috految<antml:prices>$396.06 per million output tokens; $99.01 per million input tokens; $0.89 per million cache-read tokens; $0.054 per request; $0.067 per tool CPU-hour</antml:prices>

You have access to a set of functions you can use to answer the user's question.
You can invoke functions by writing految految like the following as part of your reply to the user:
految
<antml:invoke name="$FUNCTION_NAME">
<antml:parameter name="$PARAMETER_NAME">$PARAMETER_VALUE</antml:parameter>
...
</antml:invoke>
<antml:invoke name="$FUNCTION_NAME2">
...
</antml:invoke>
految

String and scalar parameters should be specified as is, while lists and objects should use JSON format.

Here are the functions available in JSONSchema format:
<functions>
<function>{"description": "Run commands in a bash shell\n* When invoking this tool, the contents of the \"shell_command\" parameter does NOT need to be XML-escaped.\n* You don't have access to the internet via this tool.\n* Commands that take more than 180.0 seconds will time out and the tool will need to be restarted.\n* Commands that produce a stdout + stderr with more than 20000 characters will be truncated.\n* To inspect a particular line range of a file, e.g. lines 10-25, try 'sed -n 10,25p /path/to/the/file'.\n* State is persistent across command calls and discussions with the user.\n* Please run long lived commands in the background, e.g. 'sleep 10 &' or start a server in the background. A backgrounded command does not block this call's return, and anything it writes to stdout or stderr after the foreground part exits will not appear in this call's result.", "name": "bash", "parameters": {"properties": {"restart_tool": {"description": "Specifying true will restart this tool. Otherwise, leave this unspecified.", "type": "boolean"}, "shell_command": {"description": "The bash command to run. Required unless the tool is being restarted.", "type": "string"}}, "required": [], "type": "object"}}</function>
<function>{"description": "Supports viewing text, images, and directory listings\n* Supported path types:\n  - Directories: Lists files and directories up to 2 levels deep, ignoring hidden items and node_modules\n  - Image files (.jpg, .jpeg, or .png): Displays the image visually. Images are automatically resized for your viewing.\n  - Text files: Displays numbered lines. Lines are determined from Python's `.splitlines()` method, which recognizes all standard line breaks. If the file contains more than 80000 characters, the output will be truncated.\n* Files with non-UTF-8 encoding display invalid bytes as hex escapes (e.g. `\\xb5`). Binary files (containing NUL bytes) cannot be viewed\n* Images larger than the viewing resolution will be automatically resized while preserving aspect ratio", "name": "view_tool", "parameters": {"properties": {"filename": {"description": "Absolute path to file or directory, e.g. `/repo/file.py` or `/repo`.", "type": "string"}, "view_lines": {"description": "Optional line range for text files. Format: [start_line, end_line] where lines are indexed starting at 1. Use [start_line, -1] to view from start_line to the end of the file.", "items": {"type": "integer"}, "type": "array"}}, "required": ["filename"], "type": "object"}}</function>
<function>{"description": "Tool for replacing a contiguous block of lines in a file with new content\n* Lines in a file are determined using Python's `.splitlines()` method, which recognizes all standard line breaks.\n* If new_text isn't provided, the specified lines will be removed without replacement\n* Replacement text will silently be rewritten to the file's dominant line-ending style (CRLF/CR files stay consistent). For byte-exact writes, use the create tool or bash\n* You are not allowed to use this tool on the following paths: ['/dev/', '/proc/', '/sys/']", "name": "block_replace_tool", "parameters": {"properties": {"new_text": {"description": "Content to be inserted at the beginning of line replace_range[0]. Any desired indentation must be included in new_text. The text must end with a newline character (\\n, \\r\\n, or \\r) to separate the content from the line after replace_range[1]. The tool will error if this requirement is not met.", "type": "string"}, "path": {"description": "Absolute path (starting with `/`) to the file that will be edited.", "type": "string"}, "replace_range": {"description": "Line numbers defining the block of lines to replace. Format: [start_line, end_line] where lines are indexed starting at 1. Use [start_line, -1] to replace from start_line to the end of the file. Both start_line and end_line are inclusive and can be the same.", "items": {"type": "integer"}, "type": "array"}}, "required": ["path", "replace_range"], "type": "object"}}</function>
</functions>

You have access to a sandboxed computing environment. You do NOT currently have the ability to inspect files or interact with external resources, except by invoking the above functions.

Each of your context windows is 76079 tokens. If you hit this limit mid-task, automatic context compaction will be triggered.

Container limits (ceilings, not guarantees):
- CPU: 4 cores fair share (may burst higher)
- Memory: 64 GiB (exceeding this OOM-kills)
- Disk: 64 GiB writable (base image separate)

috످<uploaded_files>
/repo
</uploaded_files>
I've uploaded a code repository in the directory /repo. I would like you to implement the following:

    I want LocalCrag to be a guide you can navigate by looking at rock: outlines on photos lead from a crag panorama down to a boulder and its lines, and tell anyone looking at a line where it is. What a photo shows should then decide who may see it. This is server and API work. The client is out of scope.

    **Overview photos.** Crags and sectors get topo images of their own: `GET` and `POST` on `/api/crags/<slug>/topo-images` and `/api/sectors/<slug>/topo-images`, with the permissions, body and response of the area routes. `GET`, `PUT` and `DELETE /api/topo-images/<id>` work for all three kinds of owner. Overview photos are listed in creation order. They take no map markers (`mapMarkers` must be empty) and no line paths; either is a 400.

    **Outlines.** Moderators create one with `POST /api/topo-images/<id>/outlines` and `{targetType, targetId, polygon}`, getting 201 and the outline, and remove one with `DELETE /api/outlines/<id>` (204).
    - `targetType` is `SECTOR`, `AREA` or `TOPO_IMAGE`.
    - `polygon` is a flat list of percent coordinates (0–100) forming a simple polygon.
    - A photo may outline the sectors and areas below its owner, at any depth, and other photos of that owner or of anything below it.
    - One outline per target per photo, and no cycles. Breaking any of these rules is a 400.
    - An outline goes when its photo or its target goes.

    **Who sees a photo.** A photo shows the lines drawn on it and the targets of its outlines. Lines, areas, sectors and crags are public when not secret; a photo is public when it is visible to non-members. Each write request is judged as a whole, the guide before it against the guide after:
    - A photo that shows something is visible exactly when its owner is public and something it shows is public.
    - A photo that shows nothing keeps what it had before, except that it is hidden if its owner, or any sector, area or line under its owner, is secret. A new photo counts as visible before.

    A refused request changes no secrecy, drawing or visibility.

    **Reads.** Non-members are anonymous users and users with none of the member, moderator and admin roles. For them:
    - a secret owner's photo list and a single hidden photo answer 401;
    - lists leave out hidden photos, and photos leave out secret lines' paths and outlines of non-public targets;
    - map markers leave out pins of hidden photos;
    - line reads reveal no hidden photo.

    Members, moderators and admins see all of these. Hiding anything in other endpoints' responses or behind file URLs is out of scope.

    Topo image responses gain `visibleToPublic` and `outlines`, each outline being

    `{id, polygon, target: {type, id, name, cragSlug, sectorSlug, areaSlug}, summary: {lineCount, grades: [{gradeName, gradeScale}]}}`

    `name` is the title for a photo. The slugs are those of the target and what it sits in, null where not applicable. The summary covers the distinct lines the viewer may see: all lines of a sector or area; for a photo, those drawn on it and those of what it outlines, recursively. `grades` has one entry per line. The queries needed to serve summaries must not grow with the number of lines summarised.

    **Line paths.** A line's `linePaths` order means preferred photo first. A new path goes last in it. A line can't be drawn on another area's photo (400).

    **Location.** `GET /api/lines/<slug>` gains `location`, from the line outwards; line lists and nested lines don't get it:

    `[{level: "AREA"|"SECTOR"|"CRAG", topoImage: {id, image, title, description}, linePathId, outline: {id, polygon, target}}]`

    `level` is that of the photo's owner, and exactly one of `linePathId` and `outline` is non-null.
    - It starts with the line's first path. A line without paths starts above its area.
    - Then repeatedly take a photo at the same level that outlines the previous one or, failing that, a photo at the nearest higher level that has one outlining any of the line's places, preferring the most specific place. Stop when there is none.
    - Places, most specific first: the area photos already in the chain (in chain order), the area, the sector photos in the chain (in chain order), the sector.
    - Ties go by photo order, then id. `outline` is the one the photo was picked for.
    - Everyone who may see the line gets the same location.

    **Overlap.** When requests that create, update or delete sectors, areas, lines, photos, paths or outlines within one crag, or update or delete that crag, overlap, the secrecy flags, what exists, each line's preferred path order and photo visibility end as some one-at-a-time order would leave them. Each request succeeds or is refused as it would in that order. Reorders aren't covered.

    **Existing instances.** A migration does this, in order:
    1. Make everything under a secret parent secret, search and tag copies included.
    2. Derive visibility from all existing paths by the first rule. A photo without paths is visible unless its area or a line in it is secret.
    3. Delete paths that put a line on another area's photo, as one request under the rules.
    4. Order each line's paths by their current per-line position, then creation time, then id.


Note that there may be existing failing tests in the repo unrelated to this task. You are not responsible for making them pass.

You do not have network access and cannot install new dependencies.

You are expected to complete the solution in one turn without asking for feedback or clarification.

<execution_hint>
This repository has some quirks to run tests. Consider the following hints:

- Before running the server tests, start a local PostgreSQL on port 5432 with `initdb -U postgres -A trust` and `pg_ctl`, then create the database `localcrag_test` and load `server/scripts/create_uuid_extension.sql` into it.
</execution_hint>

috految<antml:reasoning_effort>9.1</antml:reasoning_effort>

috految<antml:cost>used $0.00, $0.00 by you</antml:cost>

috److految
<antml:invoke name="bash">
<antml:parameter name="shell_command">cd /repo/server; echo $(ls .. ../docs . tests src src/{util,util/scripts,models,models/mixins,migrations/util*,config}); cd src; s(){ cat "$@" | perl -0pe 's/""".*?"""//gs;s/^from \S+ import (\([^)]*\)|.*)//mg;s/\n\s*\n/\n/g;s/^ +/" "x(length($&)\/4)/mge'; }; git grep -ilE 'topo_?image|line_?path|secret_spots|\.secret' ..|xargs; cat util/secret_spots*.py; s resources/{topo_image,line_path}_resources.py models/{topo_image,line_path,base_entity,area,sector,crag,map_marker}.py extensions.py app.py util/security_util.py</antml:parameter>
</antml:invoke>
految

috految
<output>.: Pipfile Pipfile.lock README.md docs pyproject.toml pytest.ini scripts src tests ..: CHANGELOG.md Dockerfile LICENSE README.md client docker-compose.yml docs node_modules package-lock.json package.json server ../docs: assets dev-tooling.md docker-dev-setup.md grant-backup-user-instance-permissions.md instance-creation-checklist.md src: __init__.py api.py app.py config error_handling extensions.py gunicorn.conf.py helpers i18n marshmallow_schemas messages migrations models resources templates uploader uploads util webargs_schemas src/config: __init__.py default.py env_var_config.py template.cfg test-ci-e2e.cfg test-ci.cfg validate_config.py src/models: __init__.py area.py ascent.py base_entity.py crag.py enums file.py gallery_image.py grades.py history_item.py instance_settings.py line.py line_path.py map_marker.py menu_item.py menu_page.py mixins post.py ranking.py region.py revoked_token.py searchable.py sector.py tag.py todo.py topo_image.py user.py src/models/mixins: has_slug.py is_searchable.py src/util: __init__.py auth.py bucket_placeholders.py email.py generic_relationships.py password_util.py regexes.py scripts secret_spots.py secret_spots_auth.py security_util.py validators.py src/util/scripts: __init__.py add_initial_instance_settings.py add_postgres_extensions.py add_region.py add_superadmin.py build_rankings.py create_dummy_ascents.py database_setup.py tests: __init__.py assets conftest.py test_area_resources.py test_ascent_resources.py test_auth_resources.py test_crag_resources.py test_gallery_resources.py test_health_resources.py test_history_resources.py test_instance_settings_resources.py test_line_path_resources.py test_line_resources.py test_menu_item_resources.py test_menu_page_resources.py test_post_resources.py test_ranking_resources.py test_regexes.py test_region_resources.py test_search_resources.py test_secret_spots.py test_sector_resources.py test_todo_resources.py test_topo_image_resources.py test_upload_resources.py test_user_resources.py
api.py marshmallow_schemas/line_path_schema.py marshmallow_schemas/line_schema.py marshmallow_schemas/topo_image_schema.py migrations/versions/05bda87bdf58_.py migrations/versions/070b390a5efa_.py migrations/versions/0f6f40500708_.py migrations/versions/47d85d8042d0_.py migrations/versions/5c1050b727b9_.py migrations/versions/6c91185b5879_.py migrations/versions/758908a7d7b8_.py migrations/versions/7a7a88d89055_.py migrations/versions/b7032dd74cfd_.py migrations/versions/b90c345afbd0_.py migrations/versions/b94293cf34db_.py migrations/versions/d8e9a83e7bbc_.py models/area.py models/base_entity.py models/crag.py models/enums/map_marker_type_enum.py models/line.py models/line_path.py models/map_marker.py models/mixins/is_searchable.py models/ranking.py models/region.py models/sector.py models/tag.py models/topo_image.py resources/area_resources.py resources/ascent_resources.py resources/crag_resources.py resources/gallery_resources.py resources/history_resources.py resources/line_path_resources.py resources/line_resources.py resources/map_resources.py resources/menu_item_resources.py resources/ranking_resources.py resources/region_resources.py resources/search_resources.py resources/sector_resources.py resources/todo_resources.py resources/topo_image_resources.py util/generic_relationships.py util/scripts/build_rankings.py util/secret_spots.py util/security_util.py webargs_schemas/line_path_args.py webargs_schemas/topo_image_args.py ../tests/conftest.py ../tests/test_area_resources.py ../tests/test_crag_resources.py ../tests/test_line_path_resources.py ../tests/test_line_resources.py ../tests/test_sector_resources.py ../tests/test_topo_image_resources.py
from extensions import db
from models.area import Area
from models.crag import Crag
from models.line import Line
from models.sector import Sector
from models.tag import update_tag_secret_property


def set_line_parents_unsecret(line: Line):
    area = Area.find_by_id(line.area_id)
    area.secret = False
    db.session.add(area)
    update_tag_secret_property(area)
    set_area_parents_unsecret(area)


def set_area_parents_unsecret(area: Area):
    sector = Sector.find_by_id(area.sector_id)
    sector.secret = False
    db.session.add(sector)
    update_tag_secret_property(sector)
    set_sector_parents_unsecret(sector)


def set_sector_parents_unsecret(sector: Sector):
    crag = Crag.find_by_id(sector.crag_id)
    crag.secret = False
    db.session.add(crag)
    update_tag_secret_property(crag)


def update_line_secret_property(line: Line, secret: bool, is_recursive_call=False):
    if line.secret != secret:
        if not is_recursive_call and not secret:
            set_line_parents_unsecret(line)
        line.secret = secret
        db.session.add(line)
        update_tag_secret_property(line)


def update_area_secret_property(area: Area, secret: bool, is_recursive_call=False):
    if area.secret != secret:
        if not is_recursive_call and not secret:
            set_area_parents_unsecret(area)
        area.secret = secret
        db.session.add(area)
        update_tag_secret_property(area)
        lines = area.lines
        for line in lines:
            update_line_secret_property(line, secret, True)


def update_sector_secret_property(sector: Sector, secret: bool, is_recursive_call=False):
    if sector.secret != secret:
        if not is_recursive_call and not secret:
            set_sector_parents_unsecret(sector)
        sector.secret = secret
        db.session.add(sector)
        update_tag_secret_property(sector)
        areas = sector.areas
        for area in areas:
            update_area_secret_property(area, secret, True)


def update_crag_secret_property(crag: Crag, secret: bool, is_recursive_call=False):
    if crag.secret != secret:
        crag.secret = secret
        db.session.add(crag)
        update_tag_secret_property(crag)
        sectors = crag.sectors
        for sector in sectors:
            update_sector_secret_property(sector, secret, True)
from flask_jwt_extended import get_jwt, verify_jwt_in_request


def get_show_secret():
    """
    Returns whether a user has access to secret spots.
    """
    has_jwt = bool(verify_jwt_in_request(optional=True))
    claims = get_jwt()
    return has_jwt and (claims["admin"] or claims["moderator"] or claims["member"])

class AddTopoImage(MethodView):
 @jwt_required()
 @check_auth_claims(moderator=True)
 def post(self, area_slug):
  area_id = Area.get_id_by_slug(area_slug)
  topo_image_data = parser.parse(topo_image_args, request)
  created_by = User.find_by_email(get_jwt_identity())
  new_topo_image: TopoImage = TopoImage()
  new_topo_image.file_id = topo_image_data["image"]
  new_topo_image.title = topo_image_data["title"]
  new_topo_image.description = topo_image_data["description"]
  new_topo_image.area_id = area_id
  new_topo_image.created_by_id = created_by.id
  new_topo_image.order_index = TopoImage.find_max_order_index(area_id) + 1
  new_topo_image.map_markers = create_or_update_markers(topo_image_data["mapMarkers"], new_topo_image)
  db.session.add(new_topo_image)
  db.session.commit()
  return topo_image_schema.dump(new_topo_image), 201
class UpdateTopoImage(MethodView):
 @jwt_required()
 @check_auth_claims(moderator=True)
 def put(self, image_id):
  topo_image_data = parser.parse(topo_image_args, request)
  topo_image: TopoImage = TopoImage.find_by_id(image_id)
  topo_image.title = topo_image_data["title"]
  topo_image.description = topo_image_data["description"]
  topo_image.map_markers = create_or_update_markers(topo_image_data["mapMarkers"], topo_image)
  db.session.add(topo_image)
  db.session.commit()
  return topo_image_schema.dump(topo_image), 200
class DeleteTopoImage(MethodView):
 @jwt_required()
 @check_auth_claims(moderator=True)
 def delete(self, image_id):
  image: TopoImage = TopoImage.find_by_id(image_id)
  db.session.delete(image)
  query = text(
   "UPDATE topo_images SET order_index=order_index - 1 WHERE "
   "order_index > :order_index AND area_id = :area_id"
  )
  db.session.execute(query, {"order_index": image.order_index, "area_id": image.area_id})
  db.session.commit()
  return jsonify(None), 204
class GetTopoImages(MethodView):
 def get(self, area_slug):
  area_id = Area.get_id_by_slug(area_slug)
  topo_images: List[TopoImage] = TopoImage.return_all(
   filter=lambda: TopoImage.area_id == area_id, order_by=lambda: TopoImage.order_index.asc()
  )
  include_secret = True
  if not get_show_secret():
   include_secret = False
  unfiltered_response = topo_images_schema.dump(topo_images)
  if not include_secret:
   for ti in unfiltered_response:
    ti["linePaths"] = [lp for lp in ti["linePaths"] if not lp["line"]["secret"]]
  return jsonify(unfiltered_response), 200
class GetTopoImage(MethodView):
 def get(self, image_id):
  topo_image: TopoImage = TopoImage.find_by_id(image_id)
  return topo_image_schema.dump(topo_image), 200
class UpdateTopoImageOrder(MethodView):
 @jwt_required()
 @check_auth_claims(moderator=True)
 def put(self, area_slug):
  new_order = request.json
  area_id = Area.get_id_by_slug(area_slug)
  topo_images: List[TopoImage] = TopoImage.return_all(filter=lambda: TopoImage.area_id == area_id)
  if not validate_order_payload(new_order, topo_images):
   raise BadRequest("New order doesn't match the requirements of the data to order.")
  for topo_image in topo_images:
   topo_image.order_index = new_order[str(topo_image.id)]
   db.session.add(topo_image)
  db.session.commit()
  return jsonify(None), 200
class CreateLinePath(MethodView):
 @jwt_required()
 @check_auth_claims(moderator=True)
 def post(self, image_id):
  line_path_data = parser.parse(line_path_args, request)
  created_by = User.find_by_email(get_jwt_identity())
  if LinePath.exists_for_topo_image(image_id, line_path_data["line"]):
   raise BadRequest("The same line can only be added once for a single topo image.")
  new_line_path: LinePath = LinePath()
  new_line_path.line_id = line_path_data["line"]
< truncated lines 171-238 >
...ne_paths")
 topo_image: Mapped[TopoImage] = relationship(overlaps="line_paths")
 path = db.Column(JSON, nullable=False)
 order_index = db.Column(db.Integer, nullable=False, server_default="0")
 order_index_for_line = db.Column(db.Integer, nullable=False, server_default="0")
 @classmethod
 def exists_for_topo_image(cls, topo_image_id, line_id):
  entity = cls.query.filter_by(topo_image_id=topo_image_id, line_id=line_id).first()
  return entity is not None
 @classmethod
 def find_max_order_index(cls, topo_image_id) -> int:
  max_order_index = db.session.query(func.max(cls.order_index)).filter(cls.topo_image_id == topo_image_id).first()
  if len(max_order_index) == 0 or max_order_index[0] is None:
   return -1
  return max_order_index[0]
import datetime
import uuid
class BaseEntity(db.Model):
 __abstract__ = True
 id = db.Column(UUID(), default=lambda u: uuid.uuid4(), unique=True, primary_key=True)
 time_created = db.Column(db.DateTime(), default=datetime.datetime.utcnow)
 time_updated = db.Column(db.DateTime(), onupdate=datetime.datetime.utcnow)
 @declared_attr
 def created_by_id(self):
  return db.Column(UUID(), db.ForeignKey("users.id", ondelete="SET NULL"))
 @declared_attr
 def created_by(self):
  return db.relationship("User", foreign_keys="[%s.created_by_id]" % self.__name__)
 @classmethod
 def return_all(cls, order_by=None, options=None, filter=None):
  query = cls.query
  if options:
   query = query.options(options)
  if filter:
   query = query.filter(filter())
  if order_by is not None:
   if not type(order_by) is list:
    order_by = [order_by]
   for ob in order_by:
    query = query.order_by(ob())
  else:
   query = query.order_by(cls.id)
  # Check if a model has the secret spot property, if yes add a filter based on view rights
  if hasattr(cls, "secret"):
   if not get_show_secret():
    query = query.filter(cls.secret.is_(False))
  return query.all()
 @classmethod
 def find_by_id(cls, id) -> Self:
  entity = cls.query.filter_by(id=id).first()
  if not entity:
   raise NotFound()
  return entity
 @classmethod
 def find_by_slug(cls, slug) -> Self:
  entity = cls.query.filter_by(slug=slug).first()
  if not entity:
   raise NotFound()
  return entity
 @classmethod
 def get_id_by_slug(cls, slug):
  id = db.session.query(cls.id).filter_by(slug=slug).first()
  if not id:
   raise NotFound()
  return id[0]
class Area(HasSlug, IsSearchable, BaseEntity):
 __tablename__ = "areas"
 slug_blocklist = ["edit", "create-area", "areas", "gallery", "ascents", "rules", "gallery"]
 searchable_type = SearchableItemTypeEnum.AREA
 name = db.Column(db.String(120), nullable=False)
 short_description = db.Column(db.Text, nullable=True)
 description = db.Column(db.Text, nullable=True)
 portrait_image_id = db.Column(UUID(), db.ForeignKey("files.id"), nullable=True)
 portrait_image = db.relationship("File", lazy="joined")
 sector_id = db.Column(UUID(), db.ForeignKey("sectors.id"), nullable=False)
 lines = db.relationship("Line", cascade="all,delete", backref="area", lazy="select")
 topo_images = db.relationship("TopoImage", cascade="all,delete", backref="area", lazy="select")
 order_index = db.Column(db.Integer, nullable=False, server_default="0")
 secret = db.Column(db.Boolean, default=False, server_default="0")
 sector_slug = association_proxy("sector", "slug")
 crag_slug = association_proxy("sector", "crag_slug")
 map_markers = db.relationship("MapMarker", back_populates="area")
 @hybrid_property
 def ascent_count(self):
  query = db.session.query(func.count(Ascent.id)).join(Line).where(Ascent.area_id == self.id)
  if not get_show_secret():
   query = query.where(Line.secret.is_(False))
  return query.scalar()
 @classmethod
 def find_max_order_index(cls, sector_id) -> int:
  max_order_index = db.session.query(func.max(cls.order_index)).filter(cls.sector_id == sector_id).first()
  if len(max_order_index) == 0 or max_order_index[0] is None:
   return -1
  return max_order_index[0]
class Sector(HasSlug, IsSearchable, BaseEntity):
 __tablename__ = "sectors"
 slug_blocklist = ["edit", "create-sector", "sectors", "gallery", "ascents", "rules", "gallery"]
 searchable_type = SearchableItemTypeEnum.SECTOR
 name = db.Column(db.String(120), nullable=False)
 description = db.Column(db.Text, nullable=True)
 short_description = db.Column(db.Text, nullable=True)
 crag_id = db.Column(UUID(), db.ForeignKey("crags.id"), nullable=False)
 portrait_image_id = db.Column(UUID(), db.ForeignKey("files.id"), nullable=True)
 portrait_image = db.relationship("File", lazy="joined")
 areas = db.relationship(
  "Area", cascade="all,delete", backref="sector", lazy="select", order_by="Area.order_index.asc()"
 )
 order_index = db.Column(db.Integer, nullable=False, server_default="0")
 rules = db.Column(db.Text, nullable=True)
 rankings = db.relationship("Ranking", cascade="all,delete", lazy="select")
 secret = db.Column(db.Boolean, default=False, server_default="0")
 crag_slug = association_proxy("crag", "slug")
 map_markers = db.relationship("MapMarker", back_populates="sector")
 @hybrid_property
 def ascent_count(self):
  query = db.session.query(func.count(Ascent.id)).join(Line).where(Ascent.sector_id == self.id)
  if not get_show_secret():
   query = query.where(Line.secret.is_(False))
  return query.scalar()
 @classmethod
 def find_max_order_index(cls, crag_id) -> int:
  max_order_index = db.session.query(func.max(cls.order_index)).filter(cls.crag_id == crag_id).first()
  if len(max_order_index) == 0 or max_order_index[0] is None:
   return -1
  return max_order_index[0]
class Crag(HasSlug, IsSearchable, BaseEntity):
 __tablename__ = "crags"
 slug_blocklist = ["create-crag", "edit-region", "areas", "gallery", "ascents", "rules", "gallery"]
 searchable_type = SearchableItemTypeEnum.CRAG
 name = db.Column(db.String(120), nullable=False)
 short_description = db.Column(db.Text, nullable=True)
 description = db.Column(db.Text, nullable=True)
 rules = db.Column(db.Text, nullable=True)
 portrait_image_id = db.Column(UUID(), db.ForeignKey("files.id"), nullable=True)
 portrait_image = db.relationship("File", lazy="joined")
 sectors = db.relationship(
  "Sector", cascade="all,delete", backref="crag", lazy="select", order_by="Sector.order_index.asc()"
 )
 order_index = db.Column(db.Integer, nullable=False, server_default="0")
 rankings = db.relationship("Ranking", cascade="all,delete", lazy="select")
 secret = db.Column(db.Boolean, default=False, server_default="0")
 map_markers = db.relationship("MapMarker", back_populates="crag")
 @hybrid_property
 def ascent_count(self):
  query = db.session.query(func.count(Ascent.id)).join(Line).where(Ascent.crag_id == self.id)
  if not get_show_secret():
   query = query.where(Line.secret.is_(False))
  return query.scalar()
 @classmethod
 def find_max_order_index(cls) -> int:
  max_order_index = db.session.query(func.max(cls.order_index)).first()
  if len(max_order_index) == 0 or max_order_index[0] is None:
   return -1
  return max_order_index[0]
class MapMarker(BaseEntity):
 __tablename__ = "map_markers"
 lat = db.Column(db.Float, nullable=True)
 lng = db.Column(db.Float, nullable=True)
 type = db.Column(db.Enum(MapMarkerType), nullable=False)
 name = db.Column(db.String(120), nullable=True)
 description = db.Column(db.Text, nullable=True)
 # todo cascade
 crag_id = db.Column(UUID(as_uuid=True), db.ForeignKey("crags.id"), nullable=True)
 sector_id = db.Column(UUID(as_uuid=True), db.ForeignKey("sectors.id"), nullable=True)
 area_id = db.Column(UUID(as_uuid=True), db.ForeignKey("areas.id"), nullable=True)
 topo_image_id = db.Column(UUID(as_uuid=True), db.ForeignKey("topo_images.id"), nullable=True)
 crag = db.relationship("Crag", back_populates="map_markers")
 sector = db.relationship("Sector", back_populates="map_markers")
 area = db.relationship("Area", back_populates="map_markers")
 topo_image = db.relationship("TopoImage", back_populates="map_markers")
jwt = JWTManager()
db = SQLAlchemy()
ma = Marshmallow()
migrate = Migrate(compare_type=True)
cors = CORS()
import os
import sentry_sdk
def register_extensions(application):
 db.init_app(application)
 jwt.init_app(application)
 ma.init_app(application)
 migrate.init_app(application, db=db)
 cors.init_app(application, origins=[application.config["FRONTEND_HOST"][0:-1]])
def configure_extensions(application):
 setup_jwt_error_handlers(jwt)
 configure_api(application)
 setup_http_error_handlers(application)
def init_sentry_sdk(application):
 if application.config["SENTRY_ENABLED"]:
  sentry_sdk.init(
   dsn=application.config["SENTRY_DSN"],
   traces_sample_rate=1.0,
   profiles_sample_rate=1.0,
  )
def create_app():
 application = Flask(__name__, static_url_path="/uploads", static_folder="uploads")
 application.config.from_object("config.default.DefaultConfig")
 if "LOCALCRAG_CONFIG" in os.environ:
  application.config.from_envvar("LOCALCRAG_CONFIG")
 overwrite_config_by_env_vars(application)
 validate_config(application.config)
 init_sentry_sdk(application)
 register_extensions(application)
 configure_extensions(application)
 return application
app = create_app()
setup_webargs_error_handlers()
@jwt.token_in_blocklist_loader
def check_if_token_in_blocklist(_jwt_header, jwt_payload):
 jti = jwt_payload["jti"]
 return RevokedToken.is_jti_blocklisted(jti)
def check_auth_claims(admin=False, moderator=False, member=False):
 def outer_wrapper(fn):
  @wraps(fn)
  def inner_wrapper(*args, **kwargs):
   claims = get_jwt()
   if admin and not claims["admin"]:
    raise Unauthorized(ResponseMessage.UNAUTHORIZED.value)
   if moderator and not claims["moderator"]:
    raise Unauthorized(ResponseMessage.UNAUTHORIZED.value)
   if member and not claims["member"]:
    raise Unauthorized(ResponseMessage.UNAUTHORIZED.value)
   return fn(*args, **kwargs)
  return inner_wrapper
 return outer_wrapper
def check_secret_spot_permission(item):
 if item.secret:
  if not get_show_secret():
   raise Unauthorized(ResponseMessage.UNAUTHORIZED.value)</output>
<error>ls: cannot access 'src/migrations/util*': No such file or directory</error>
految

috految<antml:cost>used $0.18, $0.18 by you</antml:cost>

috److految
<antml:invoke name="bash">
<antml:parameter name="shell_command">s resources/line_path_resources.py|tail -n +11; s models/{topo_image,line,tag,searchable,history_item,mixins/*}.py | grep -v 'Boolean, nullable=False'; s models/line_path.py|head -7; s resources/{line,map}_resources.py | grep -vP '^ +\w*line\.(?!secret|name|type|grade)\w+ = line_data'; s util/auth.py gunicorn*</antml:parameter>
</antml:invoke>
<antml:invoke name="bash">
<antml:parameter name="shell_command">s resources/{area,sector,crag}_resources.py | awk '/^class/{p=/Create|Update|Delete/&&!/Order/||/GetAreaGrades/}p'|grep -vE 'description|@jwt'; s marshmallow_schemas/{topo_image,line_path,line,file,base_entity,map_marker}_schema.py webargs_schemas/{topo_image,line_path,map_marker}_args.py util/{bucket*,generic*}.py error_handling/webargs*.py | grep -v 'fields.Boolean()'; s util/validators.py|awk '/^def/{p=/entity|order|grade/}p'; grep -h secret webargs_schemas/*.py; grep -E 'Line\w*Schema|line_schema|lines_schema|pre_dump|Schema.*[tT]opo|TopoImageS|map_markers|mapMarkers' marshmallow_schemas/*.py|cut -d/ -f2; grep -E 'topo_image|TopoImage|line_path|(crag|sector)_bp.*(Blue|url_prefix)|marker' api.py; git grep -E 'commit\(|listens_for|Thread|create_history_item|update_tag_secret|lines?_schema|create_access_token\(|additional_claims|ENGINE|None_|errorhandler' -- '*.py' ':!util/secret*' ':!resources/[lt][io][np]*'|grep -v '^resources.*commit'; grep -E 'secret|[Tt]opo|ine_?[pP]ath|session.delete|Line,|line\..* = ' resources/{ascent,gallery,history,todo,user,menu_item,search}*.py -h; grep -hE 'Foreign|relationship|secret' models/{ascent,todo,ranking,user,file,gallery_image}.py; grep -hE 'from (models|util|ext)|secret|for_line|session|PrimaryKey.*line|object_type|searchable.*enum' migrations/versions/*.py|sort -u; s ../tests/conftest.py|head -55; grep -E 'line_path|TopoImage\(|secret|topo_image.(ar|or)' ../tests/conftest.py; head -8 ../../CHANGELOG.md|cut -c-100; ls ../docs ../scripts; grep -h 'SQLA' config/*.cfg config/default.py; grep -E 'upgrade|gunicorn' ../../Dockerfile; which black isort flake8 initdb pytest; whoami; env|grep LOCALC; grep -i shapely ../Pipfile; git grep -lI hiding_place\\\|line_paths ../.. ':!*.py'</antml:parameter>
</antml:invoke>
految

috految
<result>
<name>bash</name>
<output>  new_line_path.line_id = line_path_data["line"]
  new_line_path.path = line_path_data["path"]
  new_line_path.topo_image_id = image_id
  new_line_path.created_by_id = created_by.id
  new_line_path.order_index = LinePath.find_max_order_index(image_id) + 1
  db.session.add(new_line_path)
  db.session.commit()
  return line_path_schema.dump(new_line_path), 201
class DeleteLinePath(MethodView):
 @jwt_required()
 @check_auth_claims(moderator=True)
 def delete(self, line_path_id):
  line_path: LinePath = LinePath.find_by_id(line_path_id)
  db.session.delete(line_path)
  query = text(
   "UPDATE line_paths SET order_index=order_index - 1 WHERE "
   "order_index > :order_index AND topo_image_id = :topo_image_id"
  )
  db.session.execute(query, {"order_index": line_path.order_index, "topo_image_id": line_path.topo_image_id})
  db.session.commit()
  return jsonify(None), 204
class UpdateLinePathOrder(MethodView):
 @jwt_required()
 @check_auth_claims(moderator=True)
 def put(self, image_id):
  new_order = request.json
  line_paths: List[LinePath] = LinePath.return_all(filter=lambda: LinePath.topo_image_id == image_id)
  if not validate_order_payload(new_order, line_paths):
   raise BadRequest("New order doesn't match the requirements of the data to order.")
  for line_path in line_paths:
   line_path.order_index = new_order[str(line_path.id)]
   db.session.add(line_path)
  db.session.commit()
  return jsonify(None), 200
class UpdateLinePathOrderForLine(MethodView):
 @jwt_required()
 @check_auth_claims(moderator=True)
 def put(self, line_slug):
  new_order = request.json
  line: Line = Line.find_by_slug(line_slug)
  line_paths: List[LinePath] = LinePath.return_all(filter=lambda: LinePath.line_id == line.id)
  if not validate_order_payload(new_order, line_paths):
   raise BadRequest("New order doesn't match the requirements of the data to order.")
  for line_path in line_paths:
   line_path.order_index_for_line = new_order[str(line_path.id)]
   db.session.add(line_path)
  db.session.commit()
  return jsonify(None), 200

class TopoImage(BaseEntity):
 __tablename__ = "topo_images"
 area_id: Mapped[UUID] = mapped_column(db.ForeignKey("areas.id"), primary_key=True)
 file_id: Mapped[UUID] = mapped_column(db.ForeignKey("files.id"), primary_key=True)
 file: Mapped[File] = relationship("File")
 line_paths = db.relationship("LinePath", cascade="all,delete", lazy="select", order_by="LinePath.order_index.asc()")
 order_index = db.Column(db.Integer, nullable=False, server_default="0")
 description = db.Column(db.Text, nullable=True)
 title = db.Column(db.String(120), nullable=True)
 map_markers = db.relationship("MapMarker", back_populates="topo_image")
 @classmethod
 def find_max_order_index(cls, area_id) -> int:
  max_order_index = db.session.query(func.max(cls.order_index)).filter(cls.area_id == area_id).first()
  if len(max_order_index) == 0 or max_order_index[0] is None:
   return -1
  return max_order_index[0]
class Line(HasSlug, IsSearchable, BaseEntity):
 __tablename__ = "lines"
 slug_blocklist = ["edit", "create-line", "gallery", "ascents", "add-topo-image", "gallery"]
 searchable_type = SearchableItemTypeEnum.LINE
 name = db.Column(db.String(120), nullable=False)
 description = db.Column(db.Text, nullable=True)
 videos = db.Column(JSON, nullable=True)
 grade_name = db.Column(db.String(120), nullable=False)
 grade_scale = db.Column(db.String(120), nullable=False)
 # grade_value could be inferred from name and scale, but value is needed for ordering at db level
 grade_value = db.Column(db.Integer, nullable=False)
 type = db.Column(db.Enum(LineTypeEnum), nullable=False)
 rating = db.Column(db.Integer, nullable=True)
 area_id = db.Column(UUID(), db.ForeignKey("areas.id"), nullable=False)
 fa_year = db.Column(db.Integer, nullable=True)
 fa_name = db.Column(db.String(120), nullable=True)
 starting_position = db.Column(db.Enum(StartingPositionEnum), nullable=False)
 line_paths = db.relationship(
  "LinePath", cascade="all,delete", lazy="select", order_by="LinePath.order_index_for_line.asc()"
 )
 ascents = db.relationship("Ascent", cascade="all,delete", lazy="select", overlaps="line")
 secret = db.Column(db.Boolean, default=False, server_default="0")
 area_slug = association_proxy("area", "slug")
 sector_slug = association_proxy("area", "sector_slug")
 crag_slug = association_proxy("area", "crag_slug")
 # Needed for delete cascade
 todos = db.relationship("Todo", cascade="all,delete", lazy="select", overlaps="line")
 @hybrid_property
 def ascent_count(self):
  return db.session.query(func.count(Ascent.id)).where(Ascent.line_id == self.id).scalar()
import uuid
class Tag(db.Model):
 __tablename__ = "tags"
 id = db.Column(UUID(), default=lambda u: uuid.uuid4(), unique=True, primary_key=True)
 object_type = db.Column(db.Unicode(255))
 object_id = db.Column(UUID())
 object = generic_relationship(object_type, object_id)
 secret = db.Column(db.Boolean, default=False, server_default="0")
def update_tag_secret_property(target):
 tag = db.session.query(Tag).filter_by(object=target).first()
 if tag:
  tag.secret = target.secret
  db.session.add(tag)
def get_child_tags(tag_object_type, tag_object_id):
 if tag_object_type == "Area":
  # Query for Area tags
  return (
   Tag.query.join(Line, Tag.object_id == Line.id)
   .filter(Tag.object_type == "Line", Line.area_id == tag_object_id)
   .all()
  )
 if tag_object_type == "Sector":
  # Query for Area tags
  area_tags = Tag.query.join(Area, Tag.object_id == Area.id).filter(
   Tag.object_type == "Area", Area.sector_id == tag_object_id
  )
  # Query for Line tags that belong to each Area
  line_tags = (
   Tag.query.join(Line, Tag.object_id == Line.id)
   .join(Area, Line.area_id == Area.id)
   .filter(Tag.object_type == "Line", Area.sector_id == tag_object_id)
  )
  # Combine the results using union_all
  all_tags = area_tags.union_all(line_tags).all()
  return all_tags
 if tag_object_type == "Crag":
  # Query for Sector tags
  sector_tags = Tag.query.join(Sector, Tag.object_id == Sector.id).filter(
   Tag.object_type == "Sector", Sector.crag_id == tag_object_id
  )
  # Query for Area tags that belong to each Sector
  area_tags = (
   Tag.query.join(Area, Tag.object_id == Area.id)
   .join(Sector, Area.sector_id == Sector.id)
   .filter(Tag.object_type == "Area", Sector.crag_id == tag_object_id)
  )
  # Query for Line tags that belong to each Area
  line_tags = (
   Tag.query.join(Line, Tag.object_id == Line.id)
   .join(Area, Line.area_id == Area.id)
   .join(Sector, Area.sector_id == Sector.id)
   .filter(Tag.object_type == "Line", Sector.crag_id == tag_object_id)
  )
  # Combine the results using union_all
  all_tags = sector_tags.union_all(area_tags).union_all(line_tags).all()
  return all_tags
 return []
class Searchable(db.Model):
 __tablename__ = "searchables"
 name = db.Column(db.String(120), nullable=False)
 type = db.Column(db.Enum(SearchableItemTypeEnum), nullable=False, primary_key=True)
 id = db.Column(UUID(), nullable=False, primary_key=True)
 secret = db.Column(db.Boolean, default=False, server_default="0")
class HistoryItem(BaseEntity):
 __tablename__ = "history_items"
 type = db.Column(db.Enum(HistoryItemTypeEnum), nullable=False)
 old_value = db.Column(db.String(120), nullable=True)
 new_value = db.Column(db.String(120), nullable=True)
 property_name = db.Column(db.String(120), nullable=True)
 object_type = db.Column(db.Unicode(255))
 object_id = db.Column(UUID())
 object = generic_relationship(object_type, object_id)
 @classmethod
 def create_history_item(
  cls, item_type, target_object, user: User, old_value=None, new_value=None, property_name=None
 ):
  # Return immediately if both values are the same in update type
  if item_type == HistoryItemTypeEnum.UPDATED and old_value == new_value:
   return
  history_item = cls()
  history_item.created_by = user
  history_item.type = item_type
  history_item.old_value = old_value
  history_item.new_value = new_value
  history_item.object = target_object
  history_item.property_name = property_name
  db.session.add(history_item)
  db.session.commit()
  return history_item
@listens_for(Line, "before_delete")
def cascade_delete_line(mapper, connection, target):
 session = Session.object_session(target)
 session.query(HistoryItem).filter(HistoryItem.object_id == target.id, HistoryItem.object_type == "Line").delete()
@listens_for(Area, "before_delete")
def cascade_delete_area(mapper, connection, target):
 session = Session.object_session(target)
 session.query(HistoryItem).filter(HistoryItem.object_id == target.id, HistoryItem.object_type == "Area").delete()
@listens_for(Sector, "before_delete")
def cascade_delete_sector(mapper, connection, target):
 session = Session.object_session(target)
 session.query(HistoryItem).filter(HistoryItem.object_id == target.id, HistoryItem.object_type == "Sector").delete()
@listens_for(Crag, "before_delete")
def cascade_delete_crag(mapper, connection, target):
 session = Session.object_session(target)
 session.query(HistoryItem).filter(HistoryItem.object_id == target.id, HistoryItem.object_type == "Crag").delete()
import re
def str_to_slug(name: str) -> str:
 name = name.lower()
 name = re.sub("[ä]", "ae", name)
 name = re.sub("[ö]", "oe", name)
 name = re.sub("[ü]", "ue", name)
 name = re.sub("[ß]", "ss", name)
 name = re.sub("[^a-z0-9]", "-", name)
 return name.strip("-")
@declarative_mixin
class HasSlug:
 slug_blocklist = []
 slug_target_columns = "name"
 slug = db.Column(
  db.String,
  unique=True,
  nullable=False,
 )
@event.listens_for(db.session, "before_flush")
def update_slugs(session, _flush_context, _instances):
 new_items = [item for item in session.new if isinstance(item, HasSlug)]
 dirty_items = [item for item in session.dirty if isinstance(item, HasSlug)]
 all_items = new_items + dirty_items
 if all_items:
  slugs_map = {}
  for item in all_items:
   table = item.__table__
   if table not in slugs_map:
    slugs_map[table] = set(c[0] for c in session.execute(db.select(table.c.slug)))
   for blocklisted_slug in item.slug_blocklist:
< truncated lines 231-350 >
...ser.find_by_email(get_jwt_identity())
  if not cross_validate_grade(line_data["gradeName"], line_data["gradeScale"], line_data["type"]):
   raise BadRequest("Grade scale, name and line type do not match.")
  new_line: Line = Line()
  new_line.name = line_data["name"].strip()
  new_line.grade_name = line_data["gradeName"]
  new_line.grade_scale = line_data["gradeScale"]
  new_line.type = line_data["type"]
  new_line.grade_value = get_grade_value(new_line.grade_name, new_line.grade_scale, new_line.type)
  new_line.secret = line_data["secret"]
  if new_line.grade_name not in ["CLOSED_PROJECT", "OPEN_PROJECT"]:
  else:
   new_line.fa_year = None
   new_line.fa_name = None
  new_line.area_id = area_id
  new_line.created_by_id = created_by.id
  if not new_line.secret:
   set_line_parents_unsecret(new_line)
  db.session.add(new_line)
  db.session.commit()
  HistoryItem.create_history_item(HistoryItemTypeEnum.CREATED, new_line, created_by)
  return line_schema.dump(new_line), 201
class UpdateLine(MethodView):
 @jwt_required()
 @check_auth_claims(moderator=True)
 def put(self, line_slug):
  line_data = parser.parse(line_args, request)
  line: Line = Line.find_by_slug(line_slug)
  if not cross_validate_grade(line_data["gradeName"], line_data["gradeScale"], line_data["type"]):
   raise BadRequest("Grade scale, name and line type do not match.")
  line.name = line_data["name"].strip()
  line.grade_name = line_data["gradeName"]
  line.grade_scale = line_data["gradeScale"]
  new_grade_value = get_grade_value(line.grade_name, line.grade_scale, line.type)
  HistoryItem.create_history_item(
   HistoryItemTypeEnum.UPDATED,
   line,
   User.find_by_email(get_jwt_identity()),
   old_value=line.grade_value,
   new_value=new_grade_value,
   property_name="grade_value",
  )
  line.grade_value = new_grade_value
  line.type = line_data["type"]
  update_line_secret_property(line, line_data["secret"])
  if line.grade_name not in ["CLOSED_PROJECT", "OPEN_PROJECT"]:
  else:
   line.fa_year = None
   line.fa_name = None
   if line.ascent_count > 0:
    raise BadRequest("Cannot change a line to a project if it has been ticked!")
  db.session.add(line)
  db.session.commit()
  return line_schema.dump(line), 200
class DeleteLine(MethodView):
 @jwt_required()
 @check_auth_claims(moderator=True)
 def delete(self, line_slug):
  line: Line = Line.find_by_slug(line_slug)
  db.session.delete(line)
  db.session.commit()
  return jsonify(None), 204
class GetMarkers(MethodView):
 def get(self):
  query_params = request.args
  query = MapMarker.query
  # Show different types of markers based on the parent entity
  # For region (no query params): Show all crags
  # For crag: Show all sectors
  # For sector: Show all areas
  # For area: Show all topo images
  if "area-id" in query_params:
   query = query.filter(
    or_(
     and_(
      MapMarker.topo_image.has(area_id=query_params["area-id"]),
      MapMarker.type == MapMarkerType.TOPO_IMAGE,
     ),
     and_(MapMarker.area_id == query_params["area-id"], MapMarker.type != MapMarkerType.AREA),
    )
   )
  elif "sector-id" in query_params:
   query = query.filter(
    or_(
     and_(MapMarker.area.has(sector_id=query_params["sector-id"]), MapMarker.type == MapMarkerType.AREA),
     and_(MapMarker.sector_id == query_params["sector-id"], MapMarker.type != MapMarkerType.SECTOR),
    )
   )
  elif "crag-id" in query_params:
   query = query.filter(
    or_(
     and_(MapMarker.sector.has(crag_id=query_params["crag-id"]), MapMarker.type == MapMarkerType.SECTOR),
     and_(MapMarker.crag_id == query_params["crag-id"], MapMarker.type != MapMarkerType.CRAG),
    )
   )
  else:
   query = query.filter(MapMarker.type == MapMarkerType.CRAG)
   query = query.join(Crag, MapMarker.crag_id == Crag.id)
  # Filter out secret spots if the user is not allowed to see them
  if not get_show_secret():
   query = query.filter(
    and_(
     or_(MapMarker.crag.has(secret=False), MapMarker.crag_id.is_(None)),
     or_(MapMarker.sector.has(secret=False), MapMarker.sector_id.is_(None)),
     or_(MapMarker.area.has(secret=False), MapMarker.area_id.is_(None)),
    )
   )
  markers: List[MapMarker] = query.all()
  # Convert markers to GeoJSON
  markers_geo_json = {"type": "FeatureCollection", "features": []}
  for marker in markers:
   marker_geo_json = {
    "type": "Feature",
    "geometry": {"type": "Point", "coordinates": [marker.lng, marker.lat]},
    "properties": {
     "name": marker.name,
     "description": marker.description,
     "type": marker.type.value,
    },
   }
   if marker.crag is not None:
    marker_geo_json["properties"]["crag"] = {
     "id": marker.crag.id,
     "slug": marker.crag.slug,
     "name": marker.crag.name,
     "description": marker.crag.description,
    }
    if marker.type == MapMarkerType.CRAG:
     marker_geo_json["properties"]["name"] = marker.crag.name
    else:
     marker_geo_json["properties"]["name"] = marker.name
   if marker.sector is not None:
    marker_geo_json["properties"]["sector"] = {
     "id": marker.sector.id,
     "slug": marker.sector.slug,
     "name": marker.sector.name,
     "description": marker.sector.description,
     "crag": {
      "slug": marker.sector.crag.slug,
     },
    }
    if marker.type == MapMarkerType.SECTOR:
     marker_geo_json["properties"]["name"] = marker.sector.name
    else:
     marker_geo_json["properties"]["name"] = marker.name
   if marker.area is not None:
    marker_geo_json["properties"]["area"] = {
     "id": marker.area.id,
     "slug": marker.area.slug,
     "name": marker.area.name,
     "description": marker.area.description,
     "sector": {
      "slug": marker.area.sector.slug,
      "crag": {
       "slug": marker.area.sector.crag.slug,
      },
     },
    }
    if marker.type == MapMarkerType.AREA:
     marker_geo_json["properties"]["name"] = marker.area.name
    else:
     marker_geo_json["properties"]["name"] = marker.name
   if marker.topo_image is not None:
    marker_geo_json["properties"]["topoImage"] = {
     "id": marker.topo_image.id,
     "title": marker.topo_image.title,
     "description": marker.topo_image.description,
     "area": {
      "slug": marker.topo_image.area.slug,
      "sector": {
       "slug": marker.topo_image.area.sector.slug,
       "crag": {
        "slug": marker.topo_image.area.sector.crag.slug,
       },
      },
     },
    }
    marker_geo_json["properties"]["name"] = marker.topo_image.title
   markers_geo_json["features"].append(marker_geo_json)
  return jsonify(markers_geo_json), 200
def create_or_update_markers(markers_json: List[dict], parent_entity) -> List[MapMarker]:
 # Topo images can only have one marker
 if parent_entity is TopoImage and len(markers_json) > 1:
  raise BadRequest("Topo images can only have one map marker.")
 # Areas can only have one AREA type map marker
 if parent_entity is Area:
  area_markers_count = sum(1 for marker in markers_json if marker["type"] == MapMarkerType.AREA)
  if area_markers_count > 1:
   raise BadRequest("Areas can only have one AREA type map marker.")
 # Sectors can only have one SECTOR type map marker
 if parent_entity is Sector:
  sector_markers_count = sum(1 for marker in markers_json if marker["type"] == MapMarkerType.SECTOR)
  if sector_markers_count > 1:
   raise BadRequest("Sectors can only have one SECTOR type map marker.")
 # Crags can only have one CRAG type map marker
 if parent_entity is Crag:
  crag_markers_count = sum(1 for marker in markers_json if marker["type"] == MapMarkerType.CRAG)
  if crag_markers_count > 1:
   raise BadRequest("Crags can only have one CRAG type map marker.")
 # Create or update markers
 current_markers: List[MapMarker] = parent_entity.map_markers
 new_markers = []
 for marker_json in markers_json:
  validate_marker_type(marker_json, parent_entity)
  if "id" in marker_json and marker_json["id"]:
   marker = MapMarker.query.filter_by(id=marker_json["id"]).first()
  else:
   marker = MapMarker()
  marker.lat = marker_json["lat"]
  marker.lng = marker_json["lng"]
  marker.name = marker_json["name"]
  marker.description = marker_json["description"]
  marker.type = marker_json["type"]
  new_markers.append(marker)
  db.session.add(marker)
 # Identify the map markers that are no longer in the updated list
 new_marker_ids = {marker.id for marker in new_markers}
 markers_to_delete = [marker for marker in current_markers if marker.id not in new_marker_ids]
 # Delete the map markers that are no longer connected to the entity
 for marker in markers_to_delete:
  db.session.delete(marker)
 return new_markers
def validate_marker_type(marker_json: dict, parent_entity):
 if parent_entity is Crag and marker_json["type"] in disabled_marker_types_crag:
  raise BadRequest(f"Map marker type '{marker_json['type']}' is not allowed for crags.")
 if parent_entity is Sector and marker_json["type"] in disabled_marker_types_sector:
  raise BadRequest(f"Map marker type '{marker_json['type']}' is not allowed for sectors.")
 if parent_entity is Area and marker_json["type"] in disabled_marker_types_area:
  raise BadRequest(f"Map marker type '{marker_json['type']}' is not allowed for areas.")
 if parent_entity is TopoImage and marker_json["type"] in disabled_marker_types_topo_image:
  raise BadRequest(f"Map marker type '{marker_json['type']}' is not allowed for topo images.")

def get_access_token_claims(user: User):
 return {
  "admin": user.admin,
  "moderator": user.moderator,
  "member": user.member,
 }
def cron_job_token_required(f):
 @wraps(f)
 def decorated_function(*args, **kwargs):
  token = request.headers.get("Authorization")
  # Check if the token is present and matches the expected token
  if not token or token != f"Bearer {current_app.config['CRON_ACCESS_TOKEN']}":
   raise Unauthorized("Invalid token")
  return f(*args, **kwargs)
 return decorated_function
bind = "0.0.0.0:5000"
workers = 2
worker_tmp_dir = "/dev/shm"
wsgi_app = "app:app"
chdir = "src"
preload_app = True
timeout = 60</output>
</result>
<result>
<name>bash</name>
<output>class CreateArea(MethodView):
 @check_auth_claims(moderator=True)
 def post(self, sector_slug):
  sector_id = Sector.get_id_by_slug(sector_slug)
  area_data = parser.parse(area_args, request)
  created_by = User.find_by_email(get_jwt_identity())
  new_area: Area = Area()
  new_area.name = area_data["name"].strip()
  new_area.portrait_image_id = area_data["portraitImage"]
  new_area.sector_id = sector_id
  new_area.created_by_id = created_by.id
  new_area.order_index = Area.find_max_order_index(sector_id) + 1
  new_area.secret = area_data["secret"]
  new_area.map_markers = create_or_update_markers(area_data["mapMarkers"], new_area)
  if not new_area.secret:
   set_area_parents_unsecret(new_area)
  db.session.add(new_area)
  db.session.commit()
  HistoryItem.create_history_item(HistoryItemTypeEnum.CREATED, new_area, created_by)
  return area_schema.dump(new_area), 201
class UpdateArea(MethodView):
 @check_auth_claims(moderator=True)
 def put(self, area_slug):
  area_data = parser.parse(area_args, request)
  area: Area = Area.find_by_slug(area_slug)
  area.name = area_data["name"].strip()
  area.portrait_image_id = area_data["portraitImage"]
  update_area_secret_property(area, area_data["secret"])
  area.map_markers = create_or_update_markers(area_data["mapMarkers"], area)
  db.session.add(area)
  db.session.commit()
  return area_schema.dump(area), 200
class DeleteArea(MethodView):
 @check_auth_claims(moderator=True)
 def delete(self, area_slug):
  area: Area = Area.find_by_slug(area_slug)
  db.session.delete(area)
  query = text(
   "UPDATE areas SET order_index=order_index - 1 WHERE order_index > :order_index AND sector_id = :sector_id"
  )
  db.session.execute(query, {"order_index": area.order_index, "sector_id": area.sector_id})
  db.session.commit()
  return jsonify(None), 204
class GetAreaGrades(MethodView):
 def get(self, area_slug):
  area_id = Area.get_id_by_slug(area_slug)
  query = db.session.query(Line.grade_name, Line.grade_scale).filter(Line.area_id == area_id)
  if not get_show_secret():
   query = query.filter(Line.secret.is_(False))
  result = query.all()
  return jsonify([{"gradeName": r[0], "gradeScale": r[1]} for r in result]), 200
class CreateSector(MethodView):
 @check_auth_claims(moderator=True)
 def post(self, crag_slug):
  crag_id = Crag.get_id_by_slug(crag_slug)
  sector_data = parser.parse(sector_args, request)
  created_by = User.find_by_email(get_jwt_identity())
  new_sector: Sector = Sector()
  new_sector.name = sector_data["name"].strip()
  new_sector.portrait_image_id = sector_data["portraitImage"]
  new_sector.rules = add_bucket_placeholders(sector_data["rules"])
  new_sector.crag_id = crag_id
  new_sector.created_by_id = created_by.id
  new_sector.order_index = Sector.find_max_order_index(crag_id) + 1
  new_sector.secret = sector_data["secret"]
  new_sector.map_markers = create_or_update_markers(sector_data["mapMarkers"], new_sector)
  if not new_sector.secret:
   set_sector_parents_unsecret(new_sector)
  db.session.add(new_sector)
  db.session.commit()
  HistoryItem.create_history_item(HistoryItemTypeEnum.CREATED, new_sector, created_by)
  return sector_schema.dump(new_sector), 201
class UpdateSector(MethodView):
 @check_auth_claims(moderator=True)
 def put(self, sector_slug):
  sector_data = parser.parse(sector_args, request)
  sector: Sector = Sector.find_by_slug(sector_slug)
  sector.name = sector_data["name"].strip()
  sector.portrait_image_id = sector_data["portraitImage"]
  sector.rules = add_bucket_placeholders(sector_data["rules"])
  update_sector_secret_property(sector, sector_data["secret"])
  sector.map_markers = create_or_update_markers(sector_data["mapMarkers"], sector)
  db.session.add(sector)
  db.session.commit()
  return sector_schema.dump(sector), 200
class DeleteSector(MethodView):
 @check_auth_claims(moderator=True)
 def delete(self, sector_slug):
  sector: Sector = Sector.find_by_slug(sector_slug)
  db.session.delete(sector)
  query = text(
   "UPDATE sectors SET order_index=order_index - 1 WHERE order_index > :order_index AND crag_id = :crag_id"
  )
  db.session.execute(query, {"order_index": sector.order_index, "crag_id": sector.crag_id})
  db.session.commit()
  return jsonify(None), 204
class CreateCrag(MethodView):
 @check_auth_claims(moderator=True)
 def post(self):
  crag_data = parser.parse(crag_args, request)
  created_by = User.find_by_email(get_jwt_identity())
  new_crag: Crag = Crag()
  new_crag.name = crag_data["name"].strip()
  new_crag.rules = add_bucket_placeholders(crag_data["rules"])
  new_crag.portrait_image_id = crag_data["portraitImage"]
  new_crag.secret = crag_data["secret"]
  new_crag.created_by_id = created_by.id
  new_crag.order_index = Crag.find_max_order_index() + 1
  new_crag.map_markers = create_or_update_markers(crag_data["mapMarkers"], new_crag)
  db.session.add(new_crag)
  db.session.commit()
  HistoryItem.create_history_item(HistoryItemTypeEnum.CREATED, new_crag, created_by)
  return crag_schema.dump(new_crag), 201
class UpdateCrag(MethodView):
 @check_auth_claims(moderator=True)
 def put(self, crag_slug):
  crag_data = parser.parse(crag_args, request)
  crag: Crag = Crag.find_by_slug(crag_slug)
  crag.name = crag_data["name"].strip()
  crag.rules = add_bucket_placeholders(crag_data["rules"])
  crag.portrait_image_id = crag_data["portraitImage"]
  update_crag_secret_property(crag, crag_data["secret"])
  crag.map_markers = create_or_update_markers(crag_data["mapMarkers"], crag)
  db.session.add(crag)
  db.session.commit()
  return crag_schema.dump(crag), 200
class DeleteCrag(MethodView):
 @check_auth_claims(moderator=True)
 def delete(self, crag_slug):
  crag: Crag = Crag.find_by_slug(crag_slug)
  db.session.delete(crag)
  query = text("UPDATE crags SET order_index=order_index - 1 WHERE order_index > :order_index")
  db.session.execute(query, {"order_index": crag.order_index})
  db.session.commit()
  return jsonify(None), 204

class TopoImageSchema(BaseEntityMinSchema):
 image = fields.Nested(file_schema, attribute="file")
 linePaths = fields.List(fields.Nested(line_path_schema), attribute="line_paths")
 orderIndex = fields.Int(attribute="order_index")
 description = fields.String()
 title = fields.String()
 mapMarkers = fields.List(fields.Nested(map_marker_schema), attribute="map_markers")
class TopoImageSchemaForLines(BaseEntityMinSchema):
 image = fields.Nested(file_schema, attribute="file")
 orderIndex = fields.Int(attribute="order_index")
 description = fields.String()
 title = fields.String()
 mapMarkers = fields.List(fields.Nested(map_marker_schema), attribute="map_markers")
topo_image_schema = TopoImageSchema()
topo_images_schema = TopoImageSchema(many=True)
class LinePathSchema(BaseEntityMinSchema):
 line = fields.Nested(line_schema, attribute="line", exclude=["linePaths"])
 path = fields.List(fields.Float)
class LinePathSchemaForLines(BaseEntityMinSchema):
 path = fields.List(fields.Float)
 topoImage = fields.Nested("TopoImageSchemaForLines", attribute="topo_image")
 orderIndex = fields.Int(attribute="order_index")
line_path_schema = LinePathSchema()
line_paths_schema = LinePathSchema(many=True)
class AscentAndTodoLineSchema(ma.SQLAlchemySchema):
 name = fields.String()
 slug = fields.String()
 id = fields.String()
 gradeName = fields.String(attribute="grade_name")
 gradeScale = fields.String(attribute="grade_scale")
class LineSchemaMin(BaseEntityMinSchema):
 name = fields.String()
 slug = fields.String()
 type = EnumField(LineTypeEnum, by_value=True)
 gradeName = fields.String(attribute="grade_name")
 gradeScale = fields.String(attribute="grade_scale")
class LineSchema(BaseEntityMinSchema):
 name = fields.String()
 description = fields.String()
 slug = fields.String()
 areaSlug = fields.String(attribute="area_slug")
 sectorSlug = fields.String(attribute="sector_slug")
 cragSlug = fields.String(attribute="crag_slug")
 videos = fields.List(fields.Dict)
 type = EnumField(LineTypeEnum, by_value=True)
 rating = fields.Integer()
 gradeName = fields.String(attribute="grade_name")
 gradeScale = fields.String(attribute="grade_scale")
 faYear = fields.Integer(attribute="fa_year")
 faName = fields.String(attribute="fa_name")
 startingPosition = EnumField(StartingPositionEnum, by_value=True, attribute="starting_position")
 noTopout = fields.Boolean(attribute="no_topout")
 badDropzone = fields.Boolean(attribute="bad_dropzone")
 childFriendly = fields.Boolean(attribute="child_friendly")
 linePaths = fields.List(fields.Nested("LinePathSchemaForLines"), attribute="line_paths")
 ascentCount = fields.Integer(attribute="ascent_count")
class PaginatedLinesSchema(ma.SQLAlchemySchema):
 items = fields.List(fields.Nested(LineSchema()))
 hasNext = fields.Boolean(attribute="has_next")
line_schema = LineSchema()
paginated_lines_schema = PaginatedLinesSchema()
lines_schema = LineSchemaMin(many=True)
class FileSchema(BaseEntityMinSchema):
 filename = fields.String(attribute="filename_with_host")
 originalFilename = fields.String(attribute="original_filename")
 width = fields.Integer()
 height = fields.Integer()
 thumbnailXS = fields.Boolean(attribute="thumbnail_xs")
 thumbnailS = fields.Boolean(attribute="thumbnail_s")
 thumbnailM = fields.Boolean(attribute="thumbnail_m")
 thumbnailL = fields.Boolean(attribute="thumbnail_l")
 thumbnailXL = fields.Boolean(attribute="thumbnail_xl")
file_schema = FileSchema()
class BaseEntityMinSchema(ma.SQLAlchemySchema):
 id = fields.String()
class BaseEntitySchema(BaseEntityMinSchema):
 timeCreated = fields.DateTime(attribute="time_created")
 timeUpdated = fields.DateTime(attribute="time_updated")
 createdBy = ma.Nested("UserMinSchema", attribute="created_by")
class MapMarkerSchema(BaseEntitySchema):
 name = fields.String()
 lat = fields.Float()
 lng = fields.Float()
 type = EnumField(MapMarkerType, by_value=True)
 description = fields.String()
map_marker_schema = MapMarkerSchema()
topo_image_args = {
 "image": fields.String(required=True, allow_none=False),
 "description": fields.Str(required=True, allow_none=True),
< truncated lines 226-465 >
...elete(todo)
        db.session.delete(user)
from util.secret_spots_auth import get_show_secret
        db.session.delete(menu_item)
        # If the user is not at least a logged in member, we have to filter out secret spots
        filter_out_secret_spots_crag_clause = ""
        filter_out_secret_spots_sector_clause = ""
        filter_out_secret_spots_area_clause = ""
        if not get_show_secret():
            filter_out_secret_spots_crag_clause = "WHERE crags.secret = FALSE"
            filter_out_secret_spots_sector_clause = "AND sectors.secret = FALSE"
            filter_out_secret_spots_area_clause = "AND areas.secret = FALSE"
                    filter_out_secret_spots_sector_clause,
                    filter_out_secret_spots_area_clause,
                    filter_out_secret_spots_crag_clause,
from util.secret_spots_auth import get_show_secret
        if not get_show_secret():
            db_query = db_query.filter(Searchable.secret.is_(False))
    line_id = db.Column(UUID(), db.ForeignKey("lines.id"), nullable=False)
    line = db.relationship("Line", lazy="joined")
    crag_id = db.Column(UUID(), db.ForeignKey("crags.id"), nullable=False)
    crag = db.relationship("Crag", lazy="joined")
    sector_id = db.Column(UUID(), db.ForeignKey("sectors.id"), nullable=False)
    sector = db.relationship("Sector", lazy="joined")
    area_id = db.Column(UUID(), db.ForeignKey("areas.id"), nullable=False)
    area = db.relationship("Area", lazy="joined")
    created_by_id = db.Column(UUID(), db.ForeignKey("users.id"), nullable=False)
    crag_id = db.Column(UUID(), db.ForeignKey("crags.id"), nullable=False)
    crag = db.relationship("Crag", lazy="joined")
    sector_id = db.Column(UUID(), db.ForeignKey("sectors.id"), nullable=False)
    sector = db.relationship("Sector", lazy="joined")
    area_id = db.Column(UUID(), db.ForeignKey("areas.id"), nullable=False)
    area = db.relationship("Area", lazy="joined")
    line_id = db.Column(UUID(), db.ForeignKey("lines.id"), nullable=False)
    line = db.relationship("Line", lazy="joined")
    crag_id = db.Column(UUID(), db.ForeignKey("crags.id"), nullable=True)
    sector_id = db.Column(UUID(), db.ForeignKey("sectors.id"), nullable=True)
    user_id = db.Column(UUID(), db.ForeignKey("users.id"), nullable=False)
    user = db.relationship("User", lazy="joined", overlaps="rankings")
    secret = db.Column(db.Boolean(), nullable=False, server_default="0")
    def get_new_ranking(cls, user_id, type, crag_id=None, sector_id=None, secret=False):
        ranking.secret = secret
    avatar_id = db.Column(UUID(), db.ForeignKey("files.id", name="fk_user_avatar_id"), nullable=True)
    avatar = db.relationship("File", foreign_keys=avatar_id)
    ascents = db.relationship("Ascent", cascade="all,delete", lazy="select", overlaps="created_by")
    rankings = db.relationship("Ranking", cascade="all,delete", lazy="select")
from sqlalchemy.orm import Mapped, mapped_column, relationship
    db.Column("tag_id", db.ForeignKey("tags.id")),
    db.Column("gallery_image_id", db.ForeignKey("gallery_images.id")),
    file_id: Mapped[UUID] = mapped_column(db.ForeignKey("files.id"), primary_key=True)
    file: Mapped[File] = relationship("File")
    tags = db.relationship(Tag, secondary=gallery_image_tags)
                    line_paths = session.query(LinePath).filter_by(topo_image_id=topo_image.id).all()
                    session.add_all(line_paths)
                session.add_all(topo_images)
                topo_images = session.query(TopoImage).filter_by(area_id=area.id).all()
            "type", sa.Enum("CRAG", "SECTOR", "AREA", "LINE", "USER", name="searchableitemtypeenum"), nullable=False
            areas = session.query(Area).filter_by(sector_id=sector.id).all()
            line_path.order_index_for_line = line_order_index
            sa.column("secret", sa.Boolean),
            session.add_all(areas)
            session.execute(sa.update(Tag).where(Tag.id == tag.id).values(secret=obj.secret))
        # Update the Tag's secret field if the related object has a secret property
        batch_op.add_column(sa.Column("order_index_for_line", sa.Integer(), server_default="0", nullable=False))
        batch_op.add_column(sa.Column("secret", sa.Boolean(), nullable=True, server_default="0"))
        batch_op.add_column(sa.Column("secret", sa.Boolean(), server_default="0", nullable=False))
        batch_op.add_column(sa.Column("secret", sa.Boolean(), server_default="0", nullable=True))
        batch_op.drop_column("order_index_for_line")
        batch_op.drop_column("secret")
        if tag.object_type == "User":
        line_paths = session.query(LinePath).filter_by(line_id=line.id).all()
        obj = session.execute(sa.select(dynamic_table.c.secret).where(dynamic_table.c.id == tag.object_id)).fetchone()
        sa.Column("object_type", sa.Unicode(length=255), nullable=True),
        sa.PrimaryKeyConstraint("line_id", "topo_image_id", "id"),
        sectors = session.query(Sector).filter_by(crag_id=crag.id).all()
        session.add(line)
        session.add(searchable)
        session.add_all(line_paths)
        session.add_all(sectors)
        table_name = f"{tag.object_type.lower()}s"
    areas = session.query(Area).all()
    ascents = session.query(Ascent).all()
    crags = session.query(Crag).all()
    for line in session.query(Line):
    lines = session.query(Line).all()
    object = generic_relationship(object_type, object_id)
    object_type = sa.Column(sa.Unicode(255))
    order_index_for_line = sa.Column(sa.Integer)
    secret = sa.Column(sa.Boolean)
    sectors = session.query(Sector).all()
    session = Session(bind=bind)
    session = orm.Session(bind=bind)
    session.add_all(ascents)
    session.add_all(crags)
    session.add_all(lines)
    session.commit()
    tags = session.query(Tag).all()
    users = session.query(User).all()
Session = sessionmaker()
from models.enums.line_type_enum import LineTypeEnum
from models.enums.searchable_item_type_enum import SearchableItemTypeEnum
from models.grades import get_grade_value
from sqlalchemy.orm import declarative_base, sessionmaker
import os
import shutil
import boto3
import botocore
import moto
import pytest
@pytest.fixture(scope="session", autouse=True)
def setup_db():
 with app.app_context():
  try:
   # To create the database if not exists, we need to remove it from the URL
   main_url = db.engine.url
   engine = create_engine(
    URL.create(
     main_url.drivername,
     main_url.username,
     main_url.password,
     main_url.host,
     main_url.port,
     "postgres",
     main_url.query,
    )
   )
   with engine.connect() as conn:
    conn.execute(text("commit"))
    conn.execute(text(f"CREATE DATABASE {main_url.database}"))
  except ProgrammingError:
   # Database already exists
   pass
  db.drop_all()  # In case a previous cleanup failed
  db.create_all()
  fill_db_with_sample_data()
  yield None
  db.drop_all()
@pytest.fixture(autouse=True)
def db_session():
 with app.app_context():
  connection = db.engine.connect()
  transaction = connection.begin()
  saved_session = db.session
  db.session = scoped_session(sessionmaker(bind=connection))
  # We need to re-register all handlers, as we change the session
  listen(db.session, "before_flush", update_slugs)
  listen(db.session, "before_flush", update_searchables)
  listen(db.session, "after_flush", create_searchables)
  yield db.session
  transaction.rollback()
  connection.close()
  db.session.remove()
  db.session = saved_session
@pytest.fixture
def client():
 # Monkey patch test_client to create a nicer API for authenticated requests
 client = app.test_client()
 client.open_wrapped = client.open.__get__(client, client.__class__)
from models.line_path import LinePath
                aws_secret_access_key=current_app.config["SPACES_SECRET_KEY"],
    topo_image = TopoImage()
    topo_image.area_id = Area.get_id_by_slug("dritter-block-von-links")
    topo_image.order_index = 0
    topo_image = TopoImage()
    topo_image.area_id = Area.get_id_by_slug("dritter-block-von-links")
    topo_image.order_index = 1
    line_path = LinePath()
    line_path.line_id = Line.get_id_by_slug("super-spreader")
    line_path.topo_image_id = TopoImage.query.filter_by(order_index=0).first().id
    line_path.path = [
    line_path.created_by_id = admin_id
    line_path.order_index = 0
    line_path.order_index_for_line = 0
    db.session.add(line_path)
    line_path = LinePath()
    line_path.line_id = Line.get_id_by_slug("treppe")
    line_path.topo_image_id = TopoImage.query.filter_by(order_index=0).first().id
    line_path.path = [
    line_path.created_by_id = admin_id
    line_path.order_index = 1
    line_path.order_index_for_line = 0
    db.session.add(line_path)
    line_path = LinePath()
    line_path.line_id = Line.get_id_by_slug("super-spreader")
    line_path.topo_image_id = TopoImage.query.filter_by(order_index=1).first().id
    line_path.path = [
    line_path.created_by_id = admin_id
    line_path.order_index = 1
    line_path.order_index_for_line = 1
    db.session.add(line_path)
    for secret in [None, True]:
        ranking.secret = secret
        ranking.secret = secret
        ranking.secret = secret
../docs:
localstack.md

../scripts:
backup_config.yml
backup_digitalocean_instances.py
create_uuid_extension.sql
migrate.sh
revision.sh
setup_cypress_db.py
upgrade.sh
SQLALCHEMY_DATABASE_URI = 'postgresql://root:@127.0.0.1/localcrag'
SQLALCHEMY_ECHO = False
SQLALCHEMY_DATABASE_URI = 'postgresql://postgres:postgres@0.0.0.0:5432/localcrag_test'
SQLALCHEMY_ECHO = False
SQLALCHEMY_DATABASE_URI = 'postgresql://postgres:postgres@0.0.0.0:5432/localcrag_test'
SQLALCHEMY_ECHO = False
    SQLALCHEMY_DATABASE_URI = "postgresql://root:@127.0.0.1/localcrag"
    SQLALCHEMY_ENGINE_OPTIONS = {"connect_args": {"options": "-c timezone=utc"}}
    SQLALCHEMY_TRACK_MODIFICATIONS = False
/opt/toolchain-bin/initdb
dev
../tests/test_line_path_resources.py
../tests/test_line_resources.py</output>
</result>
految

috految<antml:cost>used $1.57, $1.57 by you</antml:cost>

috److految
<antml:invoke name="bash">
<antml:parameter name="shell_command">tail -19 models/mixins/has_slug.py; s models/mixins/is*.py; s resources/line_resources.py|sed '/class CreateLine/q'; s webargs_schemas/{topo_image,line_path}_args.py error_handling/webargs*.py; s util/validators.py|awk '/^def/{p=/entity|order/}p'; grep -hE 'secret|"id"|"type"' webargs_schemas/*.py; grep -hE 'Nested.*[lL]ine|_dump|\.\w+ = ' marshmallow_schemas/*.py models/file.py; grep -hE 'topo.image|ine.path|(crag|sector)_bp,' api.py; grep -hE 'secret|Topo|topo|LinePath|Tag\(|tag =|relationship' resources/{ascent,gallery,todo}*.py util/generic*.py models/{line_path,region}.py; git grep -lE 'create_history_item|get_id_by_slug.*topo|Thread|listens_for' ..; grep -hE 'line_?[sS]chema|access_token\(|claims=' resources/*.py; grep -hE '@|commit|rollb' error_handling/*.py util/scripts/build*.py; grep -E 'commit' models/*.py; grep -E 'create_|drop|import' ../scripts/setup*; grep -h 'import.*\(BadR\|Unauth\)' resources/*.py util/*.py|sort -u; grep -h 'import.*[ _]Unaut\|import' models/{__init__,topo_image}.py; grep -h 'GRANT\|ALTER' ../../docs/grant*; grep -h 'Mapped\|Optional' models/line_path.py; grep -E 'Session|import.*Topo|commit' migrations/env.py; grep -h 'Cache\|cache' resources/*.py; grep -h 'update\|create_a' util/scripts/database*; grep -h 'ScopedS\|UUID\|uuid' util/validators.py; git grep -h -B1 'prototype_x\|orderIndex\|linePaths' ../../client/src/app/models/line.ts
(initdb -U postgres -A trust -E UTF8 /tmp/pg; pg_ctl -D /tmp/pg -o '-k /tmp' -l /tmp/pgl start)>/dev/null; export PGHOST=localhost PGUSER=postgres LOCALCRAG_CONFIG=config/test-ci.cfg; PATH=$(pipenv --venv)/bin:$PATH; which black isort flake8 pytest; psql -c 'create database localcrag_test'; psql localcrag_test -f ../scripts/*.sql; (cd ..; PYTHONPATH=src flask --app app db upgrade -d src/migrations 2>&1|tail -2); psql -A localcrag_test -c '\d topo_images' -c '\d line_paths' -c 'table alembic_version' -c "select conname,pg_get_constraintdef(oid) from pg_constraint where conrelid::regclass::text ~ 'topo_im|line_pa|searcha'"</antml:parameter>
</antml:invoke>
految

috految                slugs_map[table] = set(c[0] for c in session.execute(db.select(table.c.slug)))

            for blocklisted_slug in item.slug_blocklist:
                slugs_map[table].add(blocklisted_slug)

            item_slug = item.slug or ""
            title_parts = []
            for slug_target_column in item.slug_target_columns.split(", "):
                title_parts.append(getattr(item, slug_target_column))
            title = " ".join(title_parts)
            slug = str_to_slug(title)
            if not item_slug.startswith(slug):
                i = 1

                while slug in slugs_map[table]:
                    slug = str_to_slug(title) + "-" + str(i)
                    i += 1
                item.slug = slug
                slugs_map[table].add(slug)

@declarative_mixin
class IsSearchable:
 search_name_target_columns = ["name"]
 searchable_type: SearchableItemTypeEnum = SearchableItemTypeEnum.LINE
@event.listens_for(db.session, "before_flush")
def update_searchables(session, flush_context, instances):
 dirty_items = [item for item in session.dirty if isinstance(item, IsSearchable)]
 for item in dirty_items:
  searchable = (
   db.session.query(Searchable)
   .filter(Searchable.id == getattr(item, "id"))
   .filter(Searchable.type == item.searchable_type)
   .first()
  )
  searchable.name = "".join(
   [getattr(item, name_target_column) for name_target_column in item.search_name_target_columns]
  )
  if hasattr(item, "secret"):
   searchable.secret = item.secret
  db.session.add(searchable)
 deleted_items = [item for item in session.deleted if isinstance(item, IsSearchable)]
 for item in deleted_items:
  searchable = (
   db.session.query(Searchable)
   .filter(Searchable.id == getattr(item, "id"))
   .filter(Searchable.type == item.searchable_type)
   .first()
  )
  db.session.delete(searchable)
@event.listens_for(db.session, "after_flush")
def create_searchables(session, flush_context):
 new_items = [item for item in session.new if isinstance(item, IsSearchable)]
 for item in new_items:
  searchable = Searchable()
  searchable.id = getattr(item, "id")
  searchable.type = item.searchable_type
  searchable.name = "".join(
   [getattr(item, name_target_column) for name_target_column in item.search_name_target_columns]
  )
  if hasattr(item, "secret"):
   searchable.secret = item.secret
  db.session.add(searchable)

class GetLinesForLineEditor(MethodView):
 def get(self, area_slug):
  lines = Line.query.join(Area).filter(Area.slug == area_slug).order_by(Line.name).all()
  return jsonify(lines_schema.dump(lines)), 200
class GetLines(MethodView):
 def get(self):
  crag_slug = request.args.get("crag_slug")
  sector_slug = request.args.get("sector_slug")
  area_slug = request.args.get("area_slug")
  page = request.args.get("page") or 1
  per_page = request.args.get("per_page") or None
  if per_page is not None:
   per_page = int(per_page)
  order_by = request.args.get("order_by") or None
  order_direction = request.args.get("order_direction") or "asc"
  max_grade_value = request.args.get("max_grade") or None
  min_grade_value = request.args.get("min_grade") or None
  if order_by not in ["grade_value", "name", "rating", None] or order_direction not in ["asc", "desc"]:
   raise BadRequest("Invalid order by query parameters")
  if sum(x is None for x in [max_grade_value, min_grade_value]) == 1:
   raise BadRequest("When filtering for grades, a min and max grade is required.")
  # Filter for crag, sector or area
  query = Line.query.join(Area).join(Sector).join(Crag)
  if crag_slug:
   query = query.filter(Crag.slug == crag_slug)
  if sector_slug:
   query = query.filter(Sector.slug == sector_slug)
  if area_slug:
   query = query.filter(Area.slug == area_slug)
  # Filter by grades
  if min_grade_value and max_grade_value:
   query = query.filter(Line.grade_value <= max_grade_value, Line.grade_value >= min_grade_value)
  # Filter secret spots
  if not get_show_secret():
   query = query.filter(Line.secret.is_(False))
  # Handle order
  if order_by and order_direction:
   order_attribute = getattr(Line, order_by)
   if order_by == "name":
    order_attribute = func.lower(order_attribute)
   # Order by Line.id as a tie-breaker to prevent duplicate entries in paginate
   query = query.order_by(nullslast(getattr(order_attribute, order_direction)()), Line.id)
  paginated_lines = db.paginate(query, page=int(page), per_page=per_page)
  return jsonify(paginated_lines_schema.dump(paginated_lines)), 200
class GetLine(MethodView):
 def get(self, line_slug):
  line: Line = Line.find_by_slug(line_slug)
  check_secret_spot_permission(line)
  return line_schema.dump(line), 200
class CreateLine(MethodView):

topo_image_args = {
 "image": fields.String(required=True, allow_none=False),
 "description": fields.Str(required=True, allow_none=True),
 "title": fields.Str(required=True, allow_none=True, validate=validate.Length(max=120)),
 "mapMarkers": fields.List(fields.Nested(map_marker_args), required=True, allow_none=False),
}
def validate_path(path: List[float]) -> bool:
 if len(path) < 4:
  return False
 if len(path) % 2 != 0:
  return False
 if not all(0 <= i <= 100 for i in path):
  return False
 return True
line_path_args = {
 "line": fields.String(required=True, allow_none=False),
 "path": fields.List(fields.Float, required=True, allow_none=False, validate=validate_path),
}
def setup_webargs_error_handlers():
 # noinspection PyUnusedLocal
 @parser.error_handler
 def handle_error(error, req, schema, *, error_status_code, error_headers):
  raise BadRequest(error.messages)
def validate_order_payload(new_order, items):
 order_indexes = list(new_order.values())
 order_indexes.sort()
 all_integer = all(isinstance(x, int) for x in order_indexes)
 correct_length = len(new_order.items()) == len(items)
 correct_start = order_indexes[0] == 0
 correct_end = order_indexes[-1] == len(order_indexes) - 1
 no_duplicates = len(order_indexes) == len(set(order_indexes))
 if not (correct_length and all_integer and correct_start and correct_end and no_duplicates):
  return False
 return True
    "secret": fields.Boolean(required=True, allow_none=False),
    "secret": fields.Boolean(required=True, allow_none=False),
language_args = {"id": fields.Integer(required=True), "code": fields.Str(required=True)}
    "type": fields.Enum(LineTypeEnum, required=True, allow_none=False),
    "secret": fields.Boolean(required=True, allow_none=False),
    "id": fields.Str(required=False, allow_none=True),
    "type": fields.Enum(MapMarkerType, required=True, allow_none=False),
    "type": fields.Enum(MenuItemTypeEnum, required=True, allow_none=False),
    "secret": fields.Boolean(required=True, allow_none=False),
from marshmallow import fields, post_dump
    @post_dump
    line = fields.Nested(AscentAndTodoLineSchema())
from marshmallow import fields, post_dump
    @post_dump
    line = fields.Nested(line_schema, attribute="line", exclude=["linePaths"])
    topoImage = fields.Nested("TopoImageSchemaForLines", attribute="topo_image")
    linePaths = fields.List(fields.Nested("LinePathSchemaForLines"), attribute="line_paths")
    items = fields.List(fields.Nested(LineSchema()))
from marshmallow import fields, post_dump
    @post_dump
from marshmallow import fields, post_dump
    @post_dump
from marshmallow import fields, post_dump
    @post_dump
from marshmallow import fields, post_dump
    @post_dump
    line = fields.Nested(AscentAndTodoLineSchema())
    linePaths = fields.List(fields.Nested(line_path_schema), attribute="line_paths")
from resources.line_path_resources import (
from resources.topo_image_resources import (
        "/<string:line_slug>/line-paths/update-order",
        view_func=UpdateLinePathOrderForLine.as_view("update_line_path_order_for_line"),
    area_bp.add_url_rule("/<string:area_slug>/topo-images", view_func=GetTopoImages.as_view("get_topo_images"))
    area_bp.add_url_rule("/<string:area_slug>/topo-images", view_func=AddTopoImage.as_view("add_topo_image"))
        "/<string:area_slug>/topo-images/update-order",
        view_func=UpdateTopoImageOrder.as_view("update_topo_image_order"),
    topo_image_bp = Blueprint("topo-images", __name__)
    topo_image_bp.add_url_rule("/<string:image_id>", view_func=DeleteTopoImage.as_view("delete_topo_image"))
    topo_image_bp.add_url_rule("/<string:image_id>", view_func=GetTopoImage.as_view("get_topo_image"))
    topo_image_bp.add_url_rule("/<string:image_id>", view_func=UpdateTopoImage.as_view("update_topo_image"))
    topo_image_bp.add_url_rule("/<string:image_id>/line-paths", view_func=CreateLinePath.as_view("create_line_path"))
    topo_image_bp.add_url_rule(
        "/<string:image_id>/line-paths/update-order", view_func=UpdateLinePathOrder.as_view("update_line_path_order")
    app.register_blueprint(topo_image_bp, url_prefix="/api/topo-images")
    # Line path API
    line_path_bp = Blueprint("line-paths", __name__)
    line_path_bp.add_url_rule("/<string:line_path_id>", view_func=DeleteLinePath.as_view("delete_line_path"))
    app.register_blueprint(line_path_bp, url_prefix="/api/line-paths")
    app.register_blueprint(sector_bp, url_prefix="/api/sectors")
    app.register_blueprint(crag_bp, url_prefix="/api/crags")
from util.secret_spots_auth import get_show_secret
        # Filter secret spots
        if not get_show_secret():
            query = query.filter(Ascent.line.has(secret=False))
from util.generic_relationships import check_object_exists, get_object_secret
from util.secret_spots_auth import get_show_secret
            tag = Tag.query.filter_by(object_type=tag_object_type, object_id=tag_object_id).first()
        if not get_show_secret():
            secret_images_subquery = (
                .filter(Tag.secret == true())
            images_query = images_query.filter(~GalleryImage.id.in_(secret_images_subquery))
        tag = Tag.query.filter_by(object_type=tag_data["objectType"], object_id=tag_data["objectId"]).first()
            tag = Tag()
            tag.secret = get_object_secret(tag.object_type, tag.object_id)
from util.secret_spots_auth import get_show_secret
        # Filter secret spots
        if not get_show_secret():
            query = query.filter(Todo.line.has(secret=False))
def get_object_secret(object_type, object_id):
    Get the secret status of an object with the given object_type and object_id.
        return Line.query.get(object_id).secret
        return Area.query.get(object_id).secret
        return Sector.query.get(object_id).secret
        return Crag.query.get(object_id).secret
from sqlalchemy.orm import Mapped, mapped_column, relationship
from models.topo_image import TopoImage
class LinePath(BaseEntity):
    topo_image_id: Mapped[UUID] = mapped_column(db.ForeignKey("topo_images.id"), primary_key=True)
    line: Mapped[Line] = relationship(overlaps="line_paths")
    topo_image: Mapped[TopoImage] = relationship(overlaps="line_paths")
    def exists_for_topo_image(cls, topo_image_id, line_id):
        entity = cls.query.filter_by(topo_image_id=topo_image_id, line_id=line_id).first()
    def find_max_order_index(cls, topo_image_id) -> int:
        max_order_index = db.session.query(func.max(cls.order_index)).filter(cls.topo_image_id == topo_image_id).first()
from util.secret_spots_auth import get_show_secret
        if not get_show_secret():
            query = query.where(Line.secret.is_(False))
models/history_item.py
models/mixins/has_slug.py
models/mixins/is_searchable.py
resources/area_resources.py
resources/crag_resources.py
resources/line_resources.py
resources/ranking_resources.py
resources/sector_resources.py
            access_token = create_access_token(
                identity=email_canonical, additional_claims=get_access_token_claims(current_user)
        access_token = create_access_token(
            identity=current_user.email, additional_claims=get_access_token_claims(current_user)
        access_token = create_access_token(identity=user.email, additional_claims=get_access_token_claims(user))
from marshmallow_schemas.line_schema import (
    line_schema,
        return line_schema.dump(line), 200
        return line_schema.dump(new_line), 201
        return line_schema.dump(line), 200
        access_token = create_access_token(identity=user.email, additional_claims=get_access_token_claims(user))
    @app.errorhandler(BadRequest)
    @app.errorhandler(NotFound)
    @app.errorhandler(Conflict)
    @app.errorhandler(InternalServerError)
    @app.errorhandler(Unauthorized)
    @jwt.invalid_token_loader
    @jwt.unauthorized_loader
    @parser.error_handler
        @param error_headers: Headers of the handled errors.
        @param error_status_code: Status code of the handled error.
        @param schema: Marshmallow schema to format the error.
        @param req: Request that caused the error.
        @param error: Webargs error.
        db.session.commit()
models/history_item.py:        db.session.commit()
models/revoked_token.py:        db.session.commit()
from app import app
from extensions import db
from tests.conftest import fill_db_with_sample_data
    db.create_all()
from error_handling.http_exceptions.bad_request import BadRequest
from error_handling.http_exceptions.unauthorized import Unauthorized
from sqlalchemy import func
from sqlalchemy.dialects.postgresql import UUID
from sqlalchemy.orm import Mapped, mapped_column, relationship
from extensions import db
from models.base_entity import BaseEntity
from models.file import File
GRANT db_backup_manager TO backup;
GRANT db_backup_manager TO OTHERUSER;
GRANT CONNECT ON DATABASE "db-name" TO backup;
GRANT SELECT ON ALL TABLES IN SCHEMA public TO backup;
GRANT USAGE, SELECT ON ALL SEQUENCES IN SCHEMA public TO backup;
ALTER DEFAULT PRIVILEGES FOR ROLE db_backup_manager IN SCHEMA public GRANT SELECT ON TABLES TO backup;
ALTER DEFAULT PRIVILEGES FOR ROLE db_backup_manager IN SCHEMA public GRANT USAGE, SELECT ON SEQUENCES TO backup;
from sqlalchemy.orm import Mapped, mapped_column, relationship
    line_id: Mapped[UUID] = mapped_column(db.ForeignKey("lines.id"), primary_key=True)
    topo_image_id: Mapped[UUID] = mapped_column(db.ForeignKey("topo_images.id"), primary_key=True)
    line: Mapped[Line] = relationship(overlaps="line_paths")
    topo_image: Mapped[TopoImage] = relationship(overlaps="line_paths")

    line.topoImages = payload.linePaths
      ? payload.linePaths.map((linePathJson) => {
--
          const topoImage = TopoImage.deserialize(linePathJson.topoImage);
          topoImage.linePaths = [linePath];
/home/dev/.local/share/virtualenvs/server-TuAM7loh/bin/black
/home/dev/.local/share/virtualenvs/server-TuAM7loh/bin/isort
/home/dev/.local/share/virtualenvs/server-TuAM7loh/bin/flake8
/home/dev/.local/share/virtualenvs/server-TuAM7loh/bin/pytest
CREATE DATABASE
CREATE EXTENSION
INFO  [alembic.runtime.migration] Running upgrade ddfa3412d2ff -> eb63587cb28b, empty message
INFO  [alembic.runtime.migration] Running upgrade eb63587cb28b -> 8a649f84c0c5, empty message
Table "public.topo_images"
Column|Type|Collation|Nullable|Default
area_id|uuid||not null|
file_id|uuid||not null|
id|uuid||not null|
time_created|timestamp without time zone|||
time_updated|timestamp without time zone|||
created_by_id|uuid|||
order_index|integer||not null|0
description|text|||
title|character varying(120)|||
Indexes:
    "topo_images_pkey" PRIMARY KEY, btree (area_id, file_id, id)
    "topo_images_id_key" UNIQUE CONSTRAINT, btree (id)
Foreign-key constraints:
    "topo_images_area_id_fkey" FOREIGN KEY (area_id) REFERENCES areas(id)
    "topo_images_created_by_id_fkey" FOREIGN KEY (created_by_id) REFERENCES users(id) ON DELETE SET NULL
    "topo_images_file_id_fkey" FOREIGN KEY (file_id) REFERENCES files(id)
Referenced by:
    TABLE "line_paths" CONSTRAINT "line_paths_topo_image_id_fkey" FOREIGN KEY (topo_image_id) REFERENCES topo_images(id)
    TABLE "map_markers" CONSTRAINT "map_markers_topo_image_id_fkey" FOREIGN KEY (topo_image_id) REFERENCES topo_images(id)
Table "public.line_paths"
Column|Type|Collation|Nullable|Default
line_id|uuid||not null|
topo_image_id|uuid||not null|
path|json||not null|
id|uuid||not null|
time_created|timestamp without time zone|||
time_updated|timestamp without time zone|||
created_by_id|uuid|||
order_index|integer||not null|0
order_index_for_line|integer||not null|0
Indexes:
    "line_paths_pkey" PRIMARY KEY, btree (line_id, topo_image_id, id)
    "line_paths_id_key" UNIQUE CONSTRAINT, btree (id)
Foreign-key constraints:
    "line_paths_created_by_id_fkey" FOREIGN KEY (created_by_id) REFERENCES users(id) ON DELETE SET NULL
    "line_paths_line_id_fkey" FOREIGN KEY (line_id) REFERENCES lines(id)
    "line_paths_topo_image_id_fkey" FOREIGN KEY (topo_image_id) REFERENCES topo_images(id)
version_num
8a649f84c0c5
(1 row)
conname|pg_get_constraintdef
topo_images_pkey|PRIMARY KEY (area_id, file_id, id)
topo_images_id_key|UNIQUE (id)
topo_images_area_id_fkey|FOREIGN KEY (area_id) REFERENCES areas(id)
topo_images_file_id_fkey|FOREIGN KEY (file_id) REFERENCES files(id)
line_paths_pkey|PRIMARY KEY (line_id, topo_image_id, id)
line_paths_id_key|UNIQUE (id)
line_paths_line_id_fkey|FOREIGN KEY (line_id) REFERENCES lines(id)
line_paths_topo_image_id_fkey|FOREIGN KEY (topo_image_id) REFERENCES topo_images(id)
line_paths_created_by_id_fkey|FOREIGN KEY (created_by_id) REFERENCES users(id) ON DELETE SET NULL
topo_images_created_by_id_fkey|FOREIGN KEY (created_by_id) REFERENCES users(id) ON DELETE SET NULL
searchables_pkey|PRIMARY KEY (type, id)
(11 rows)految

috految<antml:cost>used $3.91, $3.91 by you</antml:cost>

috److془Design carefully.

Global advisory lock. Read body before lock. Serialize before commit. Savepoint for rollback (works with test). Note begin_nested in tests: session "conditional_savepoint" join → rollback_only; nested fine. Lock inside savepoint released on rollback. But "ROLLBACK TO" fine. Hmm: hidden tests hooking session after_commit fires for savepoints; fine. Alternatively simple: teardown rolls back. Savepoint with flush_errors... fine. Use it. Hmm: in tests with the same session, the identity map of deleted objects fine. Ranking thread in tests: uses db.session of the next test, same connection; could create_savepoint flake.. only if thread runs into write test. Ranking followed by regexes, region, search. Fine. Does rankings thread... sets db.session? Check. Does it lock rows? Irrelevant. Gunicorn preload: no connections preforked presumably. Flask app context leak? grep app_context.

Subtle: sqlalchemy_utils generic relationship: setting uses mapper.identity_key_from_instance; need flush. Expire with generic: commit does too. Does "history_item.object =" with flush, dirty? fine. Tag filter_by(object=target): `q &= id == const` other_id = identity(other); fine. Comparator `self.property._discriminator_col == discriminator`. Fine. Tag.first(): duplicates possible only rarely. Tag lookups autoflush. Lazy loads with autoflush though: creating area with markers: new_area.map_markers = [pending marker], then flush with area not in session (warning), then add area, flush → one-to-many sync sets. Existing. Fine. Note the before_flush: session.dirty update_searchables of new item: searchable pending if dirty again before next flush; no dirtying. Flush twice occurs naturally. expire_all doesn't affect pending. Pending searchable added in after_flush ok. Hmm image.id after flush UUID. Raw flush with deleted markers: create_or_update_markers deletes marker, then db.session.add(entity) cascade via history: halt_on contains_state; not readded. Flush between? none new. But: update marker removal, marker.topo_image many-to-one now use_get; same as area. Backref: marker.topo_image=None, fine. Loaded in PUT with flush between delete and add? Not with use_get. Second flush: could deleted be cancelled and remain in session._deleted; flushes again anyway. Marker with stale id: 500 as serial; Leave? make 400 maybe; leave... "succeeds or is refused as it would in that order". Leave. Hmm, photo's markers: on photo deletion orphaned with all ids null; no query serves it. Region: join Crag. Good. Legacy migration: markers may have both area_id and topo_image id? unlikely. Map: filter added. `MapMarker.topo_image.has(area_id=)` fine. Region query with has correlate_except fine. Does photo with marker after PUT of the area get.. no. Marker ids stolen hidden anyway. Region query `or_` fine. Area's collection with `parent_entity is` dead validation; leave. Wait Area.topo_images cascade; fine. Flush of deleting: mapper cycles File<->User only; Crag has no cycle. With cycles per-state sort for only those. Hmm: delete ordering with viewonly outlines and DB cascade fine. Delete cascade autoflush during session.delete: cascade states listed first, then marked. Ordering over multiple flush: fine. Deleting sector: `db.session.execute(text)` no autoflush either way. Area delete nulls markers. Mapper-level order: OneToMany deps established if has changes. Good. History before_delete query.delete with evaluate fine. Crag.topo_images adds; implicit joins unaffected. Ascent create race not covered. Ascents may UPDATE lines? no matter. Lock held with deadlock vs reorders: not covered. Sector delete/ Todo: fine. Does a user deletion/menu item update delete things? SET NULL. Crag `rankings` fine. Are there other write endpoints? Map resources no. Files deletion? no topo refs. "Ascent.line" cascades none. Line-ascents: ascents' write dirty line? no secrecy.

Invariant: secret parent → children secret. Propagation: area public→secret: lines secret. Sector secret→public: all children public. Create public under secret: parents unsecret. Good. Subtle: set_line_parents_unsecret(new_line): fine. UpdateLine: `line.type` after; previously commit in history. old_value ints to string column: fine single. Hidden by grep: `line.secret = ` would've shown. `line.area_id = line_data` unlikely. Hmm: sector.areas relationships unfiltered. Good. Slug: new line slug computed at flush; fine. Commonly line.videos fine. Previously, history commit expired objects; no matter. Though marker with get_show_secret token expiry mid: rollback fine. Dump failing after commit formerly (post_dump on None description?) would be 500 anyway. post_dump mutates data only. File.filename_with_host no assignments. Hmm `.\w+ = ` grepped; good. replace_bucket_placeholders on strings. Does create_history_item's commit matter to line? no. Ranking_resources match for Thread. 
Gotcha: line in GetLines `db.paginate(query)`, fine. Nested(line_schema instance, exclude) : copy.copy, exclude set, _init_fields; fine. Hmm - thread race at thread first use; sync workers. Remember: `self._schema.exclude = set_class(self.exclude)|original`, fine. Does cached 'line' include linePaths? no. Marshmallow many dump. "Members, moderators and admins see all": get_show_secret fine. Is verify_jwt_in_request's return truthy: yes. Claims: "users with none of the roles" fine. Refresh token returning claims yes. Does User has `member`; could be None→ falsy. Tokens: GetLine of public line with expired token currently 200; keep. GetTopoImage with expired: 401 as with lists. Fine. Revoked check one query per call; call once. 

Line reads reveal no hidden photo: public line → area public → photo visible. Location: outlines public place, owner public → visible. By induction. Same level photo outlining previous has same owner. Higher level ancestors. Read races: line read public, then secret + new drawn; negligible. for-line-editor: no photos (LineSchemaMin; is lines_schema direct, yes). Does the GetLines filter work? yes. Hmm: area photos may outline "sectors and areas below its owner" - not own. Good. Nested topoImage in lines: gains visibleToPublic? "Topo image responses" no. Is there the LineSchema in history/search? "other endpoints out of scope". Does the Line schema include secret (Boolean filtered) yes. Line.line_paths order: order_index_for_line. Reorder: the route for line functional? existing test. orderIndex in LinePathSchemaForLines leave. Client sorting not impacted. Photo's order_index in migration: compact after deletion. Client uses orderIndex as line number perhaps; compact as the API would. Reorder with duplicates validators fine. order_index ties for legacy: Ordering by id tie breaks; list (ties could shuffle from updates). Legacy ties in lists: order_index,id; consistent with location. Ties in order_index for line paths legacy: ignore. Delete decrement with stale ties fine. Overview: max+1 with owner decrement. Line PUT is delete leaving gaps fine. Line paths reorder on overview with {} 500 existing for empty. Fine. Invalid reorder KeyError → no commit. 

Existing: LinePath composite PK with string ids - use UUID objects. Legacy duplicates of paths: distinct sets. The insert: topo_image.file_id string, fine. Ensure the file_id nullable False. Id type: UUID() as_uuid default True in SA2. Tests with id string in pk create? fine. Cypress create_all fine. Gotcha: line_path FK column types; fine. Gotcha: with id sole PK, test `.first()` physical order whatever. Gotcha: Mapped[UUID] ; use db.Column. Migrations import models? only enums; Line query are local. Old migrations' local fine. PK drop by name topo_images_pkey; FKs depend on id_key. Downgrade: drop outlines first; after dump restoring, FKs pick lowest oid id_key. Good. Startup scripts importing models: app imports all.. scripts with the app. Mapper configuration import order: test. Hmm if scripts doesn't import app... needs app context. Do the scripts used in migration? no. Backrefs class attr only after configure; use after query. Association proxies: fine. Hmm: hybrid Crag.ascent_count evaluation at class-level by inspection? Test. Cold: map `has(area_id)` as before. Old migration uncommitted pending triggers: nondeferred fine. Migration on 'secret' NULL: treat not true. Legacy NULL can't really exist. Searchables: id match; old migration might have trouble types; id only. Update copies for all secret ones. Tags key by object_id only. Overly: secret crag's own copy too, good. Rankings recomputed drift fine. Searchables secret column exists. Tag table generic object_id uuid test. Duplicated tags wouldn't unsecret; meh.

Legacy gotcha: "Make everything under a secret parent secret". Step 3: photo with remainder: rule 1; without: keep AND no secret. Step 2 is same with default true. "Photo without paths hidden if area or a line in it secret". Idempotent one SQL. "A photo that shows nothing keeps what it had before, except hidden if owner, or anything under is secret" state after. Good. Step 4 null time_created whatever. 

Hm: can line under secret parent arise by update_line: line.secret updated only on change; invariants hold. Crag public with secret sector→secret: sector children already secret. Good. 

Summary: for photo target: "distinct lines viewer may see: those drawn and those of what it outlines recursively". Through hidden photos all secret anyway. Queries: photos with drawn lines N+1 ascent_count per path in list; not summaries. Though area list with photo outlining photo... "queries needed to serve summaries" fine. Outline targets: joined eager to be constant & race safe. Ancestors joined: in observation, lazy ancestors grow with sectors; use join. Collection lazy per photo okay. Path.line lazy may be None midrace; dump reading; joinedload. Eh skip, same as existing. Actually single ones anonymous path: same.

Location: "repeatedly take a photo at same level that outlines the previous one or, failing that, a photo at nearest higher level that has one outlining any of the line's places, preferring most specific". Line without paths: level AREA, previous none. Places at any time: area photos, area, sector photos, sector. Good. "Everyone same". Outline in location without summary. Slugs for photo: owner's. Area target: own areaSlug. Cycle across photo edges only. Unknown target: 400. Unknown line: 400 or 404; 400. Malformed id in URL: uuid converter for new; CORS fine. Rule conflict by variable name none. Route conflict: "/<slug>/topo-images/..." none. Errors with int keys in messages: json sort_keys fine unless mixed. fields.Enum by name uses getattr: use by_value. Unbounded Float nan rejects. webargs List with JSON fine. Non-dict → 400. Does the POST with "secret" reveal? no. Unknown fields default. Client PUT sends serialize; fine. Does BadRequest handle? existing. Validator returning False marshmallow v3; raise ValidationError. Simple polygon: Fraction(str). Closing repeated vertex: reject. Collinear pass through allowed. Float near-degenerate fine. Use Decimal for speed (28 digits) with bbox. Check: distinct, no vertex on nonincident edge, no proper crossing. 

Ascent in line on UpdateLine refusal: rollback good. The 201 response for outlines with summary. Creation order timestamps irrelevant. Visibility recompute per crag vs global: global 4 light queries; simple. Tests seeding by ORM fine. Crag create too. Use Python union ids. Legacy id shared across tables? no. Deleted ORM-level cascade outlines by DB ondelete. Line delete cascade paths. Handlers accessing attrs after my flush only dump. flush_guide before dumps. Redefine: replace commit with settle_guide(). History: the expired object identity_key_from_instance as before. Pending history then autoflush in dump; use flush. Hmm generic set with expired: same as before. Dump within transaction with the expired new AssociationProxy fine. Ascent_count for hybrid fine. expire_all dropping unflushed: after flush only new searchables. Session fresh before lock. Identity-map weak issue: none. Line slug after the rename and without history commit: fine. Pending marker fine. Slots: Area created with markers, mid flush, as before. get_data cached; webargs get_data(cache=True). Good. Old Flask: get_data fine. Deleting the crag raw UPDATE fine.
Unknown-photo marker in map with area None impossible. Overview mapMarkers 400.
Map `.has` "topo_images" area_id with crag_id ok. Raw SQL menu doesn't join topo. Gallery tags with objectType etc fine. Backup grants: default privs. Mapper.has symmetrical. Write.془

految
<antml:invoke name="bash">
<antml:parameter name="shell_command">cat >/tmp/e.py <<'EOF'
import re
def F(p):
    global f
    f=p+'.py'
def R(a,b):
    s,n=re.subn(re.escape(a).replace('…','.*?'),lambda m:b.replace('§',m[0]),open(f).read(),count=1,flags=re.S)
    assert n,(f,a)
    open(f,'w').write(s)
def I(s): R('from ',s+'\n§')
def W(p,s): open(p+'.py','w').write(s)
def M(s): return ''.join(f"from models.{m} import {m.title().replace('_','')}\n" for m in s.split())
DB='from extensions import db\n'
E='from models.enums.outline_target_type_enum import OutlineTargetTypeEnum\n'
G='from util.guide_writes import guide_write, settle_guide\n'
for n in 'crag sector area line line_path topo_image'.split():
    F(f'resources/{n}_resources'); I(G)
    parts=re.split(r'(?m)^(?=class )',open(f).read())
    for i,c in enumerate(parts):
        if 'commit()' in c and 'Order' not in c.split('(')[0]:
            assert c.count('commit()')==1
            c,k=re.subn(r'    def (post|put|delete)',r'    @guide_write\n\g<0>',c);assert k==1
            parts[i]=c.replace('db.session.commit()','settle_guide()')
    open(f,'w').write(''.join(parts))
F('models/history_item');R('session.commit()','session.flush()')
for n in 'crag','sector':
    F('models/'+n);R('    order_index =',f'    topo_images = db.relationship("TopoImage", cascade="all,delete", backref="{n}", lazy="select")\n§')
F('models/line_path');R('    @classmethod','''§
    def find_max_order_index_for_line(cls, line_id) -> int:
        query = db.session.query(func.coalesce(func.max(cls.order_index_for_line), -1))
        return query.filter(cls.line_id == line_id).scalar()

§''')
F('models/topo_image')
R('    area_id:…True)','''    __table_args__ = (db.CheckConstraint("num_nonnulls(crag_id, sector_id, area_id) = 1", name="topo_images_one_owner"),)

'''+'\n'.join(f'    {n}_id = db.Column(UUID(), db.ForeignKey("{n}s.id"), nullable=True)' for n in('crag','sector','area')))
R('primary_key=True','nullable=False')
R('    map_markers =','''    # Stored because it depends on history. Maintained by util.guide_writes.
    visible_to_public = db.Column(db.Boolean, nullable=False, default=True, server_default="1")
§''')
R('    @classmethod','''    @property
    def owner(self):
        return self.area or self.sector or self.crag

    @property
    def is_overview(self) -> bool:
        return self.area_id is None

    @classmethod
    def owned_by(cls, owner_id):
        """
        Filter for the photos that belong directly to a crag, sector or area.
        """
        return (cls.area_id == owner_id) | (cls.sector_id == owner_id) | (cls.crag_id == owner_id)

§''')
R('cls, area_id)','cls, owner_id)');R('cls.area_id == area_id','cls.owned_by(owner_id)')
W('models/enums/outline_target_type_enum','''import enum
class OutlineTargetTypeEnum(enum.Enum):
    SECTOR = "SECTOR"
    AREA = "AREA"
    TOPO_IMAGE = "TOPO_IMAGE"
''')
T=('sector','area','topo_image')
CK='CheckConstraint("num_nonnulls(target_sector_id, target_area_id, target_topo_image_id) = 1", name="outlines_one_target"),\n'
def U(p): return ''.join(f'{p}.UniqueConstraint("topo_image_id", "target_{n}_id"),\n' for n in T)
W('models/outline',DB+E+M('base_entity')+'''from sqlalchemy.dialects.postgresql import JSON, UUID
class Outline(BaseEntity):
    """
    Polygon on a topo image that leads to a sector, an area or another topo image.
    The database deletes it together with its image or its target.
    """

    __tablename__ = "outlines"
    __table_args__ = (db.'''+CK+U('db')+''')

    polygon = db.Column(JSON, nullable=False)
    topo_image_id = db.Column(UUID(), db.ForeignKey("topo_images.id", ondelete="CASCADE"), nullable=False)
    topo_image = db.relationship("TopoImage", foreign_keys=topo_image_id)
'''+''.join(f'''    target_{n}_id = db.Column(UUID(), db.ForeignKey("{n}s.id", ondelete="CASCADE"), nullable=True)
    target_{n} = db.relationship("{n.title().replace('_','')}", foreign_keys=target_{n}_id)
''' for n in T)+'''
    @property
    def target_id(self):
        return self.target_sector_id or self.target_area_id or self.target_topo_image_id

    @property
    def target(self):
        return self.target_sector or self.target_area or self.target_topo_image

    @property
    def target_type(self) -> OutlineTargetTypeEnum:
        if self.target_sector_id:
            return OutlineTargetTypeEnum.SECTOR
        return OutlineTargetTypeEnum.AREA if self.target_area_id else OutlineTargetTypeEnum.TOPO_IMAGE

    @property
    def target_is_public(self) -> bool:
        return self.target.visible_to_public if self.target_topo_image_id else not self.target.secret
''')
W('util/guide_writes',DB+M('area crag sector line line_path topo_image')+'''from functools import wraps
from graphlib import TopologicalSorter
from flask import request
from sqlalchemy import func, select
from util.outlines import load_outline_graph

# Arbitrary key of the Postgres advisory lock. It is not per crag, as slugs and the crag order span all crags.
GUIDE_LOCK_KEY = 482_001

def guide_write(view):
    """
    Runs a view that changes crags or anything in them atomically and one at a time across all workers.

    The view must call settle_guide() once after its changes and must not commit, as that would release the lock.
    Committing only once the response is built keeps the next writer from deleting what is being serialized.
    """
    @wraps(view)
    def wrapper(*args, **kwargs):
        # Receive the body first, so a slow client doesn't hold the lock
        request.get_data()
        with db.session.begin_nested():
            db.session.execute(select(func.pg_advisory_xact_lock(GUIDE_LOCK_KEY)))
            response = view(*args, **kwargs)
        db.session.commit()
        return response

    return wrapper

def settle_guide():
    """
    Writes a request's changes and updates photo visibility. Must only see the final state of a request,
    because a photo that shows nothing keeps whatever it was last given.
    """
    db.session.flush()
    _update_visibility()
    db.session.expire_all()

def _update_visibility():
    # IDs are UUIDs, so entities of all kinds can share the sets
    secret = set()
    parents = {}
    for model, parent_column in ((Line, Line.area_id), (Area, Area.sector_id), (Sector, Sector.crag_id)):
        for item_id, parent_id, is_secret in db.session.query(model.id, parent_column, model.secret):
            parents[item_id] = parent_id
            if is_secret:
                secret.add(item_id)
    secret.update(db.session.scalars(select(Crag.id).where(Crag.secret)))

    contains_secret = set()
    for item_id in secret:
        while item_id:
            contains_secret.add(item_id)
            item_id = parents.get(item_id)

    shown = load_outline_graph()
    for image_id, line_id in db.session.query(LinePath.topo_image_id, LinePath.line_id):
        shown[image_id].add(line_id)

    owner_id = func.coalesce(TopoImage.area_id, TopoImage.sector_id, TopoImage.crag_id).label("owner_id")
    images = {row.id: row for row in db.session.query(TopoImage.id, owner_id, TopoImage.visible_to_public)}

    # Outlined photos are judged before the photos that outline them
    not_public = set(secret)
    for image_id in TopologicalSorter({key: shown[key] & images.keys() for key in images}).static_order():
        image = images[image_id]
        if shown[image_id]:
            visible = image.owner_id not in secret and bool(shown[image_id] - not_public)
        else:
            visible = image.visible_to_public and image.owner_id not in contains_secret
        if not visible:
            not_public.add(image_id)
        if visible != image.visible_to_public:
            TopoImage.query.filter_by(id=image_id).update({"visible_to_public": visible}, synchronize_session=False)
''')
W('util/outlines',DB+M('area sector line line_path outline topo_image')+'''from collections import defaultdict
from sqlalchemy import func
from sqlalchemy.orm import joinedload
def get_lineage(item) -> list:
    """
    Returns the crag, sector and area that a place or photo is or sits in, as far as they apply.
    """
    if isinstance(item, TopoImage):
        return get_lineage(item.owner)
    if isinstance(item, Area):
        return [*get_lineage(item.sector), item]
    if isinstance(item, Sector):
        return [item.crag, item]
    return [item]

def load_outline_graph() -> defaultdict:
    """
    Maps photo IDs to the IDs of what they outline.
    """
    graph = defaultdict(set)
    target = func.coalesce(Outline.target_sector_id, Outline.target_area_id, Outline.target_topo_image_id)
    for image_id, target_id in db.session.query(Outline.topo_image_id, target):
        graph[image_id].add(target_id)
    return graph

def get_reachable_ids(graph: defaultdict, start_id) -> set:
    """
    Returns the start and everything its outlines lead to, at any depth.
    """
    reached = {start_id}
    pending = [start_id]
    while pending:
        new_ids = graph[pending.pop()] - reached
        reached |= new_ids
        pending.extend(new_ids)
    return reached

def find_outlines(image_ids: list) -> list[Outline]:
    """
    Loads the outlines on the given photos along with their targets.
    """
    return Outline.query.filter(Outline.topo_image_id.in_(image_ids)).options(
        joinedload(Outline.target_sector),
        joinedload(Outline.target_area).joinedload(Area.sector),
        joinedload(Outline.target_topo_image).joinedload(TopoImage.area).joinedload(Area.sector),
        joinedload(Outline.target_topo_image).joinedload(TopoImage.sector),
    ).order_by(Outline.time_created, Outline.id).all()

def get_summaries(outlines: list[Outline], show_secret: bool) -> dict:
    """
    Summarizes the lines behind each outline, keyed by outline ID, in a fixed number of queries.
    """
    if not outlines:
        return {}

    graph = load_outline_graph()
    reachable = {outline.id: get_reachable_ids(graph, outline.target_id) for outline in outlines}
    ids = set().union(*reachable.values())
    query = (db.session.query(Line.id, Line.grade_name, Line.grade_scale, Line.area_id, Area.sector_id, LinePath.topo_image_id)
        .select_from(Line).join(Area, Area.id == Line.area_id).outerjoin(LinePath, LinePath.line_id == Line.id)
        .filter(Line.area_id.in_(ids) | Area.sector_id.in_(ids) | LinePath.topo_image_id.in_(ids))
        .order_by(Line.grade_value, Line.id))
    if not show_secret:
        query = query.filter(Line.secret.is_(False))
    rows = query.all()

    summaries = {}
    for outline_id, targets in reachable.items():
        lines = {row.id: row for row in rows if targets & {row.area_id, row.sector_id, row.topo_image_id}}
        summaries[outline_id] = {"lineCount": len(lines), "grades": [{"gradeName": line.grade_name, "gradeScale": line.grade_scale} for line in lines.values()]}
    return summaries
''')
W('util/line_location',M('line topo_image')+'''from util.outlines import find_outlines
def get_line_location(line: Line) -> list[dict]:
    """
    Returns the chain of photos from a line outwards.

    No filtering by viewer is needed: all parents of a public line are public, and each photo in its chain
    belongs to one of them and shows something public, which makes it visible.
    """
    area = line.area
    sector = area.sector
    steps = []
    places = []  # Most specific first

    for level, owner in (("AREA", area), ("SECTOR", sector), ("CRAG", sector.crag)):
        images = TopoImage.query.filter(TopoImage.owned_by(owner.id)).all()
        outlines = find_outlines([image.id for image in images])
        outlines.sort(key=lambda outline: (outline.topo_image.order_index, outline.topo_image_id))
        best_by_target = {}
        for outline in outlines:
            best_by_target.setdefault(outline.target_id, outline)

        if owner is area and line.line_paths:
            path = line.line_paths[0]
            steps.append({"level": level, "topo_image": path.topo_image, "line_path_id": path.id, "outline": None})
            places.append(path.topo_image_id)

        outline = next((best_by_target[place] for place in places if place in best_by_target), None)
        while outline:
            steps.append({"level": level, "topo_image": outline.topo_image, "line_path_id": None, "outline": outline})
            places.append(outline.topo_image_id)
            outline = best_by_target.get(outline.topo_image_id)
        places.append(owner.id)

    return steps
''')
W('marshmallow_schemas/outline_schema','''from marshmallow import fields
from marshmallow_schemas.base_entity_schema import BaseEntityMinSchema
from util.outlines import get_lineage
class OutlineSchema(BaseEntityMinSchema):
    polygon = fields.List(fields.Float)
    target = fields.Method("get_target")

    def get_target(self, outline):
        target = outline.target
        slugs = (place.slug for place in get_lineage(target))
        return {"type": outline.target_type.value, "id": str(target.id), "name": target.title if outline.target_topo_image_id else target.name,
            "cragSlug": next(slugs), "sectorSlug": next(slugs, None), "areaSlug": next(slugs, None)}

outline_schema = OutlineSchema()
''')
F('marshmallow_schemas/topo_image_schema');R('    orderIndex','    visibleToPublic = fields.Boolean(attribute="visible_to_public")\n§');R('topo_image_schema = TopoImageSchema()\n','')
O='from marshmallow_schemas.outline_schema import outline_schema\n'
W('marshmallow_schemas/location_schema',O+'''from marshmallow import fields
from extensions import ma
class LocationStepSchema(ma.Schema):
    level = fields.String()
    topoImage = fields.Nested("TopoImageSchemaForLines", attribute="topo_image", only=("id", "image", "title", "description"))
    linePathId = fields.String(attribute="line_path_id")
    outline = fields.Nested(outline_schema)

location_schema = LocationStepSchema(many=True)
''')
F('resources/line_resources');I('from marshmallow_schemas.location_schema import location_schema\nfrom util.line_location import get_line_location')
R('return line_schema.dump(line), 200','return {**line_schema.dump(line), "location": location_schema.dump(get_line_location(line))}, 200')
F('resources/map_resources');R('MapMarker.area_id.is_(None)),','§\nor_(MapMarker.topo_image.has(visible_to_public=True), MapMarker.topo_image_id.is_(None)),')
F('webargs_schemas/line_path_args');R('fields.String','fields.UUID')
F('resources/line_path_resources');I(M('topo_image'))
R('        if LinePath.exists','''        topo_image = TopoImage.find_by_id(image_id)
        if topo_image.is_overview:
            raise BadRequest("Lines cannot be drawn on overview photos.")

        line = Line.query.filter_by(id=line_path_data["line"], area_id=topo_image.area_id).first()
        if not line:
            raise BadRequest("The line must belong to the area of the topo image.")

§''')
R('line_id = line_path_data["line"]','line_id = line.id');R('topo_image_id = image_id','topo_image_id = topo_image.id')
R('(image_id) + 1','§\n        new_line_path.order_index_for_line = LinePath.find_max_order_index_for_line(line.id) + 1')
F('resources/topo_image_resources')
I(O+M('crag sector')+'''from util.outlines import find_outlines, get_summaries
from util.security_util import check_secret_spot_permission
from error_handling.http_exceptions.unauthorized import Unauthorized
from messages.messages import ResponseMessage''')
R('topo_image_schema,','');R('from sqlalchemy import text\n','')
R('class AddTopoImage','''def find_owner(crag_slug=None, sector_slug=None, area_slug=None):
    if crag_slug:
        return Crag.find_by_slug(crag_slug)
    if sector_slug:
        return Sector.find_by_slug(sector_slug)
    return Area.find_by_slug(area_slug)

def validate_map_markers(topo_image: TopoImage, markers: List[dict]):
    if topo_image.is_overview and markers:
        raise BadRequest("Overview photos cannot have map markers.")

def dump_topo_images(topo_images: List[TopoImage], show_secret: bool) -> List[dict]:
    """
    Serializes topo images with the paths and outlines the viewer may see.
    """
    outlines = find_outlines([image.id for image in topo_images])
    if not show_secret:
        outlines = [outline for outline in outlines if outline.target_is_public]
    summaries = get_summaries(outlines, show_secret)

    response = topo_images_schema.dump(topo_images)
    for image, data in zip(topo_images, response):
        if not show_secret:
            data["linePaths"] = [path for path in data["linePaths"] if not path["line"]["secret"]]
        data["outlines"] = [{**outline_schema.dump(outline), "summary": summaries[outline.id]} for outline in outlines if outline.topo_image_id == image.id]
    return response

§''')
R('def post(…(area_slug)','''def post(self, **owner_slug):
        """
        Adds a topo image to a crag, sector or area.
        """
        owner = find_owner(**owner_slug)''')
R('new_topo_image.area_id = area_id','\n        '.join(f'new_topo_image.{n}_id = owner.id if isinstance(owner, {n.title()}) else None' for n in('crag','sector','area')))
R('index(area_id) + 1','index(owner.id) + 1\n        validate_map_markers(new_topo_image, topo_image_data["mapMarkers"])')
R('        topo_image.title =','        validate_map_markers(topo_image, topo_image_data["mapMarkers"])\n§')
for n in 'new_topo_image','topo_image': R(f'topo_image_schema.dump({n})',f'dump_topo_images([{n}], show_secret=True)[0]')
R('db.session.delete(image)…area_id})','''TopoImage.query.filter(TopoImage.owned_by(image.owner.id), TopoImage.order_index > image.order_index).update({"order_index": TopoImage.order_index - 1}, synchronize_session=False)
        db.session.delete(image)''')
R('def get(self, area_slug…_response), 200','''def get(self, **owner_slug):
        """
        Returns the topo images of a crag, sector or area.
        """
        owner = find_owner(**owner_slug)
        check_secret_spot_permission(owner)
        show_secret = get_show_secret()
        query = TopoImage.query.filter(TopoImage.owned_by(owner.id)).order_by(TopoImage.order_index, TopoImage.id)
        if not show_secret:
            query = query.filter(TopoImage.visible_to_public)
        return jsonify(dump_topo_images(query.all(), show_secret)), 200''')
R('return topo_image_schema.dump(topo_image)','''show_secret = get_show_secret()
        if not show_secret and not topo_image.visible_to_public:
            raise Unauthorized(ResponseMessage.UNAUTHORIZED.value)
        return dump_topo_images([topo_image], show_secret)[0]''')
W('webargs_schemas/outline_args',E+'''from decimal import Decimal
from itertools import combinations
from marshmallow import ValidationError
from webargs import fields
from webargs_schemas.line_path_args import validate_path
def _side(a, b, point):
    return (b[0] - a[0]) * (point[1] - a[1]) - (b[1] - a[1]) * (point[0] - a[0])

def validate_polygon(polygon: list[float]):
    """
    Checks for a simple, implicitly closed polygon in percent coordinates.
    """
    if len(polygon) < 6 or not validate_path(polygon):
        raise ValidationError("Must be at least three points with coordinates from 0 to 100.")

    # Floats would miss points that lie exactly on an edge
    values = [Decimal(str(value)) for value in polygon]
    points = list(zip(values[::2], values[1::2]))
    if len(set(points)) != len(points):
        raise ValidationError("Points must not repeat.")

    edges = [sorted(edge) for edge in zip(points, points[1:] + points[:1])]
    for a, b in edges:
        if any(a < point < b and _side(a, b, point) == 0 for point in points):
            raise ValidationError("Edges must not touch.")
    for (a, b), (c, d) in combinations(edges, 2):
        if a < d and c < b and _side(a, b, c) * _side(a, b, d) < 0 and _side(c, d, a) * _side(c, d, b) < 0:
            raise ValidationError("Edges must not cross.")

outline_args = {
    "targetType": fields.Enum(OutlineTargetTypeEnum, by_value=True, required=True),
    "targetId": fields.UUID(required=True),
    "polygon": fields.List(fields.Float, required=True, validate=validate_polygon),
}
''')
A='    @jwt_required()\n    @check_auth_claims(moderator=True)\n    @guide_write\n'
W('resources/outline_resources',DB+E+G+O+M('area sector topo_image outline user')+'''from flask import jsonify, request
from flask.views import MethodView
from flask_jwt_extended import get_jwt_identity, jwt_required
from webargs.flaskparser import parser
from error_handling.http_exceptions.bad_request import BadRequest
from util.outlines import get_lineage, get_reachable_ids, get_summaries, load_outline_graph
from util.security_util import check_auth_claims
from webargs_schemas.outline_args import outline_args

TARGETS = {'''+''.join(f'OutlineTargetTypeEnum.{n.upper()}: ({n.title().replace("_","")}, "target_{n}_id"),' for n in T)+'''}
class CreateOutline(MethodView):
'''+A+'''    def post(self, image_id):
        """
        Draws an outline on a topo image.
        """
        data = parser.parse(outline_args, request)
        image = TopoImage.find_by_id(image_id)

        model, column = TARGETS[data["targetType"]]
        target = model.query.filter_by(id=data["targetId"]).first()
        if not target or target is image.owner or image.owner not in get_lineage(target):
            raise BadRequest("The target must be below the owner of the topo image or one of its photos.")

        graph = load_outline_graph()
        if target.id in graph[image.id]:
            raise BadRequest("A target can only be outlined once per topo image.")
        if image.id in get_reachable_ids(graph, target.id):
            raise BadRequest("Outlines must not form a cycle.")

        outline = Outline(topo_image_id=image.id, polygon=data["polygon"], **{column: target.id})
        outline.created_by_id = User.find_by_email(get_jwt_identity()).id
        db.session.add(outline)
        settle_guide()

        summary = get_summaries([outline], show_secret=True)[outline.id]
        return {**outline_schema.dump(outline), "summary": summary}, 201

class DeleteOutline(MethodView):
'''+A+'''    def delete(self, outline_id):
        """
        Deletes an outline.
        """
        db.session.delete(Outline.find_by_id(outline_id))
        settle_guide()

        return jsonify(None), 204
''')
F('api');I('from resources.outline_resources import CreateOutline, DeleteOutline')
for n in 'crag','sector':
    R(f'    app.register_blueprint({n}_bp',''.join(f'    {n}_bp.add_url_rule("/<string:{n}_slug>/topo-images", view_func={v}.as_view("{e}"))\n' for v,e in(('GetTopoImages','get_topo_images'),('AddTopoImage','add_topo_image')))+'§')
R('    app.register_blueprint(topo_image_bp…)\n','''    topo_image_bp.add_url_rule("/<uuid:image_id>/outlines", view_func=CreateOutline.as_view("create_outline"))
§
    # Outline API
    outline_bp = Blueprint("outlines", __name__)
    outline_bp.add_url_rule("/<uuid:outline_id>", view_func=DeleteOutline.as_view("delete_outline"))
    app.register_blueprint(outline_bp, url_prefix="/api/outlines")
''')
W('migrations/versions/3f1c9b7e52ad_','''"""Overview photos, outlines and photo visibility

Revision ID: 3f1c9b7e52ad
Revises: 8a649f84c0c5

"""
import sqlalchemy as sa
from alembic import op

revision = "3f1c9b7e52ad"
down_revision = "8a649f84c0c5"
branch_labels = None
depends_on = None

# Without paths bool_or is NULL, so the photo keeps its visibility unless there is a secret line in its area
UPDATE_VISIBILITY = """
    UPDATE topo_images t SET visible_to_public = a.secret IS NOT TRUE AND COALESCE(
        (SELECT bool_or(l.secret IS NOT TRUE) FROM line_paths p JOIN lines l ON l.id = p.line_id
         WHERE p.topo_image_id = t.id),
        t.visible_to_public AND NOT EXISTS (SELECT 1 FROM lines l WHERE l.area_id = a.id AND l.secret)
    )
    FROM areas a WHERE a.id = t.area_id
"""
def upgrade():
    op.drop_constraint("topo_images_pkey", "topo_images")
    op.create_primary_key("topo_images_pkey", "topo_images", ["id"])
    op.alter_column("topo_images", "area_id", nullable=True)
    for owner in ("crag", "sector"):
        op.add_column("topo_images", sa.Column(f"{owner}_id", sa.UUID(), sa.ForeignKey(f"{owner}s.id")))
    op.add_column("topo_images", sa.Column("visible_to_public", sa.Boolean(), nullable=False, server_default="1"))
    op.create_check_constraint("topo_images_one_owner", "topo_images", "num_nonnulls(crag_id, sector_id, area_id) = 1")
    op.create_table("outlines", sa.Column("id", sa.UUID(), primary_key=True),
sa.Column("time_created", sa.DateTime()), sa.Column("time_updated", sa.DateTime()),
sa.Column("created_by_id", sa.UUID(), sa.ForeignKey("users.id", ondelete="SET NULL")),
sa.Column("polygon", sa.JSON(), nullable=False),
sa.Column("topo_image_id", sa.UUID(), sa.ForeignKey("topo_images.id", ondelete="CASCADE"), nullable=False),
'''+''.join(f'sa.Column("target_{n}_id", sa.UUID(), sa.ForeignKey("{n}s.id", ondelete="CASCADE")),' for n in T)+'sa.'+CK+U('sa')+''')
    op.create_unique_constraint("outlines_id_key", "outlines", ["id"])

    for table, parent in (("sectors", "crag"), ("areas", "sector"), ("lines", "area")):
        op.execute(f"UPDATE {table} SET secret = true WHERE {parent}_id IN (SELECT id FROM {parent}s WHERE secret)")
    for table in ("crags", "sectors", "areas", "lines"):
        secret_ids = f"SELECT id FROM {table} WHERE secret"
        op.execute(f"UPDATE searchables SET secret = true WHERE id IN ({secret_ids})")
        op.execute(f"UPDATE tags SET secret = true WHERE object_id IN ({secret_ids})")

    op.execute(UPDATE_VISIBILITY)

    # Delete paths on other areas' photos and close the gaps they leave there
    op.execute("""
        WITH deleted AS (
            DELETE FROM line_paths p USING lines l, topo_images t
            WHERE l.id = p.line_id AND t.id = p.topo_image_id AND l.area_id <> t.area_id
            RETURNING p.id, p.topo_image_id
        )
        UPDATE line_paths p SET order_index = r.position FROM (
            SELECT id, row_number() OVER (PARTITION BY topo_image_id ORDER BY order_index, time_created, id) - 1
                AS position
            FROM line_paths
            WHERE topo_image_id IN (SELECT topo_image_id FROM deleted) AND id NOT IN (SELECT id FROM deleted)
        ) r WHERE r.id = p.id
        """)
    op.execute(UPDATE_VISIBILITY)

    op.execute("""
        UPDATE line_paths p SET order_index_for_line = r.position FROM (
            SELECT id, row_number() OVER (PARTITION BY line_id ORDER BY order_index_for_line, time_created, id) - 1
                AS position
            FROM line_paths
        ) r WHERE r.id = p.id AND p.order_index_for_line <> r.position
        """)

def downgrade():
    op.drop_table("outlines")
    op.execute("DELETE FROM topo_images WHERE area_id IS NULL")
    op.drop_constraint("topo_images_one_owner", "topo_images")
    for column in ("visible_to_public", "crag_id", "sector_id"):
        op.drop_column("topo_images", column)
    op.drop_constraint("topo_images_pkey", "topo_images")
    op.create_primary_key("topo_images_pkey", "topo_images", ["area_id", "file_id", "id"])
''')
EOF
python /tmp/e.py; cd ..; X=$(git ls-files -mo --exclude-standard '*.py'); isort -q $X; black -q $X; flake8 --max-line-length 120 $X|head; export PYTHONPATH=$PWD/src:$PWD
for c in upgrade downgrade upgrade check; do flask --app app db $c -d src/migrations 2>&1|tail -1|cut -c-300; done
cat >/tmp/t.py <<'EOF'
from tests.conftest import *
with app.app_context():
 fill_db_with_sample_data();t=create_access_token(User.query.first().email,additional_claims=dict(admin=1,moderator=1,member=1))
def q(m,u,**j):
 r=app.test_client().open('/api/'+u,method=m,json=j,headers={} if m=='GET' else {'Authorization':'Bearer '+t});print(r.status_code,end=' ');return r.get_json(silent=True)
L='lines/super-spreader';l=q('GET',L);i=l['location'][0]['topoImage'];p=i['id']
b=dict(image=i['image']['id'],title='x',description=None)
for k in 1,1,0,1:print(len(q('PUT','topo-images/'+p,**b,mapMarkers=k*[dict(lat=1,lng=1,type='TOPO_IMAGE',name=None,description=None)])['mapMarkers']))
for o in 'area','sector','crag':
 u=f"{o}s/{l[o+'Slug']}";n=q('POST',u+'/topo-images',**b,mapMarkers=[])['id']
 for y in 'x',9,9:q('POST',f'topo-images/{n}/outlines',targetType='TOPO_IMAGE',targetId=p,polygon=[0,0,y,0,5,5])
 p=n
print(q('GET',u+'/topo-images')[0]['outlines'],[s['level'] for s in q('GET',L)['location']])
q('GET','maps/markers');q('PUT',u,name='Brione',description=None,shortDescription=None,rules=None,portraitImage=None,secret=True,mapMarkers=[]);q('GET','topo-images/'+p);q('DELETE',u)
EOF
python -W ignore /tmp/t.py 2>&1|tail -12|cut -c-700; psql -qc 'drop database localcrag_test' -c 'create database localcrag_test'; psql -q localcrag_test -f scripts/*.sql; (cd tests; timeout 150 pytest -q --tb=line --disable-warnings 2>&1|tail -8|cut -c-200); git status -s|grep -v py$; git diff --shortstat; git grep -E 'app_context|db.session =|\bsession ?=.*db' src; grep -n 'Schema(' src/marshmallow_schemas/line_schema.py|tail -1; grep 'from models' src/util/scripts/datab*; grep -B1 'def get_show\|def filename_w' src/models/file.py; grep 'area_id' src/resources/line_resources.py</antml:parameter>
</antml:invoke>
految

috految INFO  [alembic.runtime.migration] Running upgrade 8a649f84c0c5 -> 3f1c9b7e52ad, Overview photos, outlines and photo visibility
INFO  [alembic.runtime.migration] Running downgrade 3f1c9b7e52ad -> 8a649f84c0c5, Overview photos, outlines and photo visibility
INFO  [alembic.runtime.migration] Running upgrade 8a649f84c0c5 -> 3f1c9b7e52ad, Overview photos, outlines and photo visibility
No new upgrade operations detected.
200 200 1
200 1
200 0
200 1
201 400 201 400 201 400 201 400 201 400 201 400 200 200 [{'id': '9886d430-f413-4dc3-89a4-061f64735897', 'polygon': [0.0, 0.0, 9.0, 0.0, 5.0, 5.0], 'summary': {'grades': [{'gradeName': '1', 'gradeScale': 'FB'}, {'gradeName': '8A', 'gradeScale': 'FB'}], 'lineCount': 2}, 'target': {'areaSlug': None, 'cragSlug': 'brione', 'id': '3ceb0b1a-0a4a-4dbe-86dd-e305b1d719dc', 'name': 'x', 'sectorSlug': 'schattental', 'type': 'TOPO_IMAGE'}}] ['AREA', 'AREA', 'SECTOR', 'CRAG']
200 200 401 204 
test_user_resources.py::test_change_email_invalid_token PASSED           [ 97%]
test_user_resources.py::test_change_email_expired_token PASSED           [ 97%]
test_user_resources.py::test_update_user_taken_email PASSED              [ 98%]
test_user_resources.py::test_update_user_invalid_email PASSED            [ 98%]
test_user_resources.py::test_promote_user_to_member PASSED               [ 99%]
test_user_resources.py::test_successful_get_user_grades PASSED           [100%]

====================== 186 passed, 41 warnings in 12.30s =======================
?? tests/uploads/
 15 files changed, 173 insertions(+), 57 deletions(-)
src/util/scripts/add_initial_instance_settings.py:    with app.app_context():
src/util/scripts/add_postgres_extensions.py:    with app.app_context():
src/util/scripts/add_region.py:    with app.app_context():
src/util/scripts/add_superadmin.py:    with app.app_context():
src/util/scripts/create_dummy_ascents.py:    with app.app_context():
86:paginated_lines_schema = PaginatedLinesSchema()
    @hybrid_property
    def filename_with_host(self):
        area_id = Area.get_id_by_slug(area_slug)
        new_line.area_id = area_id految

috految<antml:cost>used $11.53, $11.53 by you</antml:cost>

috److془Concern: map_markers 'database_setup' fine. Cleanup.془

految
<antml:invoke name="bash">
<antml:parameter name="shell_command">rm -r tests/uploads; pg_ctl -sD /tmp/pg stop</antml:parameter>
</antml:invoke>
految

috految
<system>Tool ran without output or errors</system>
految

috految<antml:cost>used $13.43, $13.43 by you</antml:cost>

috److I've added overview photos, outlines with summaries, photo visibility, line `location`, the path rules and the migration.

**Testing**
- The 186 existing tests pass; I didn't add new ones.
- A manual API run worked for photo outlines from area up to crag, the location chain, a 401 on a hidden photo, and deleting a crag.
- The migration upgrades, downgrades and matches the models, but I only ran it on an empty database. Try it on a copy of real data before deploying.
- I didn't test overlapping requests, sector or area outline targets, or the outline `DELETE` route.

**Behaviour to review**
- **Locking:** creates, updates and deletes of crags and their contents run one at a time under a single database lock. It covers the whole instance rather than one crag, because slugs and crag order span all crags. Reads and reorders don't take it.
- **Future write endpoints:** anything new that changes the guide needs `@guide_write` and `settle_guide()` from `util/guide_writes.py`.
- **History:** history items now commit together with the request, so a refused line update no longer saves part of its changes.
- **Polygons:** they close implicitly. Repeating a point is a 400, including repeating the first point at the end.
- **Unknown ids:** an unknown outline target or line id in a request body is a 400.
- **Nested photos:** photos inside a line's `linePaths` keep their current shape, without `visibleToPublic` or `outlines`.
- **Downgrade:** rolling the migration back deletes all overview photos and outlines.

috످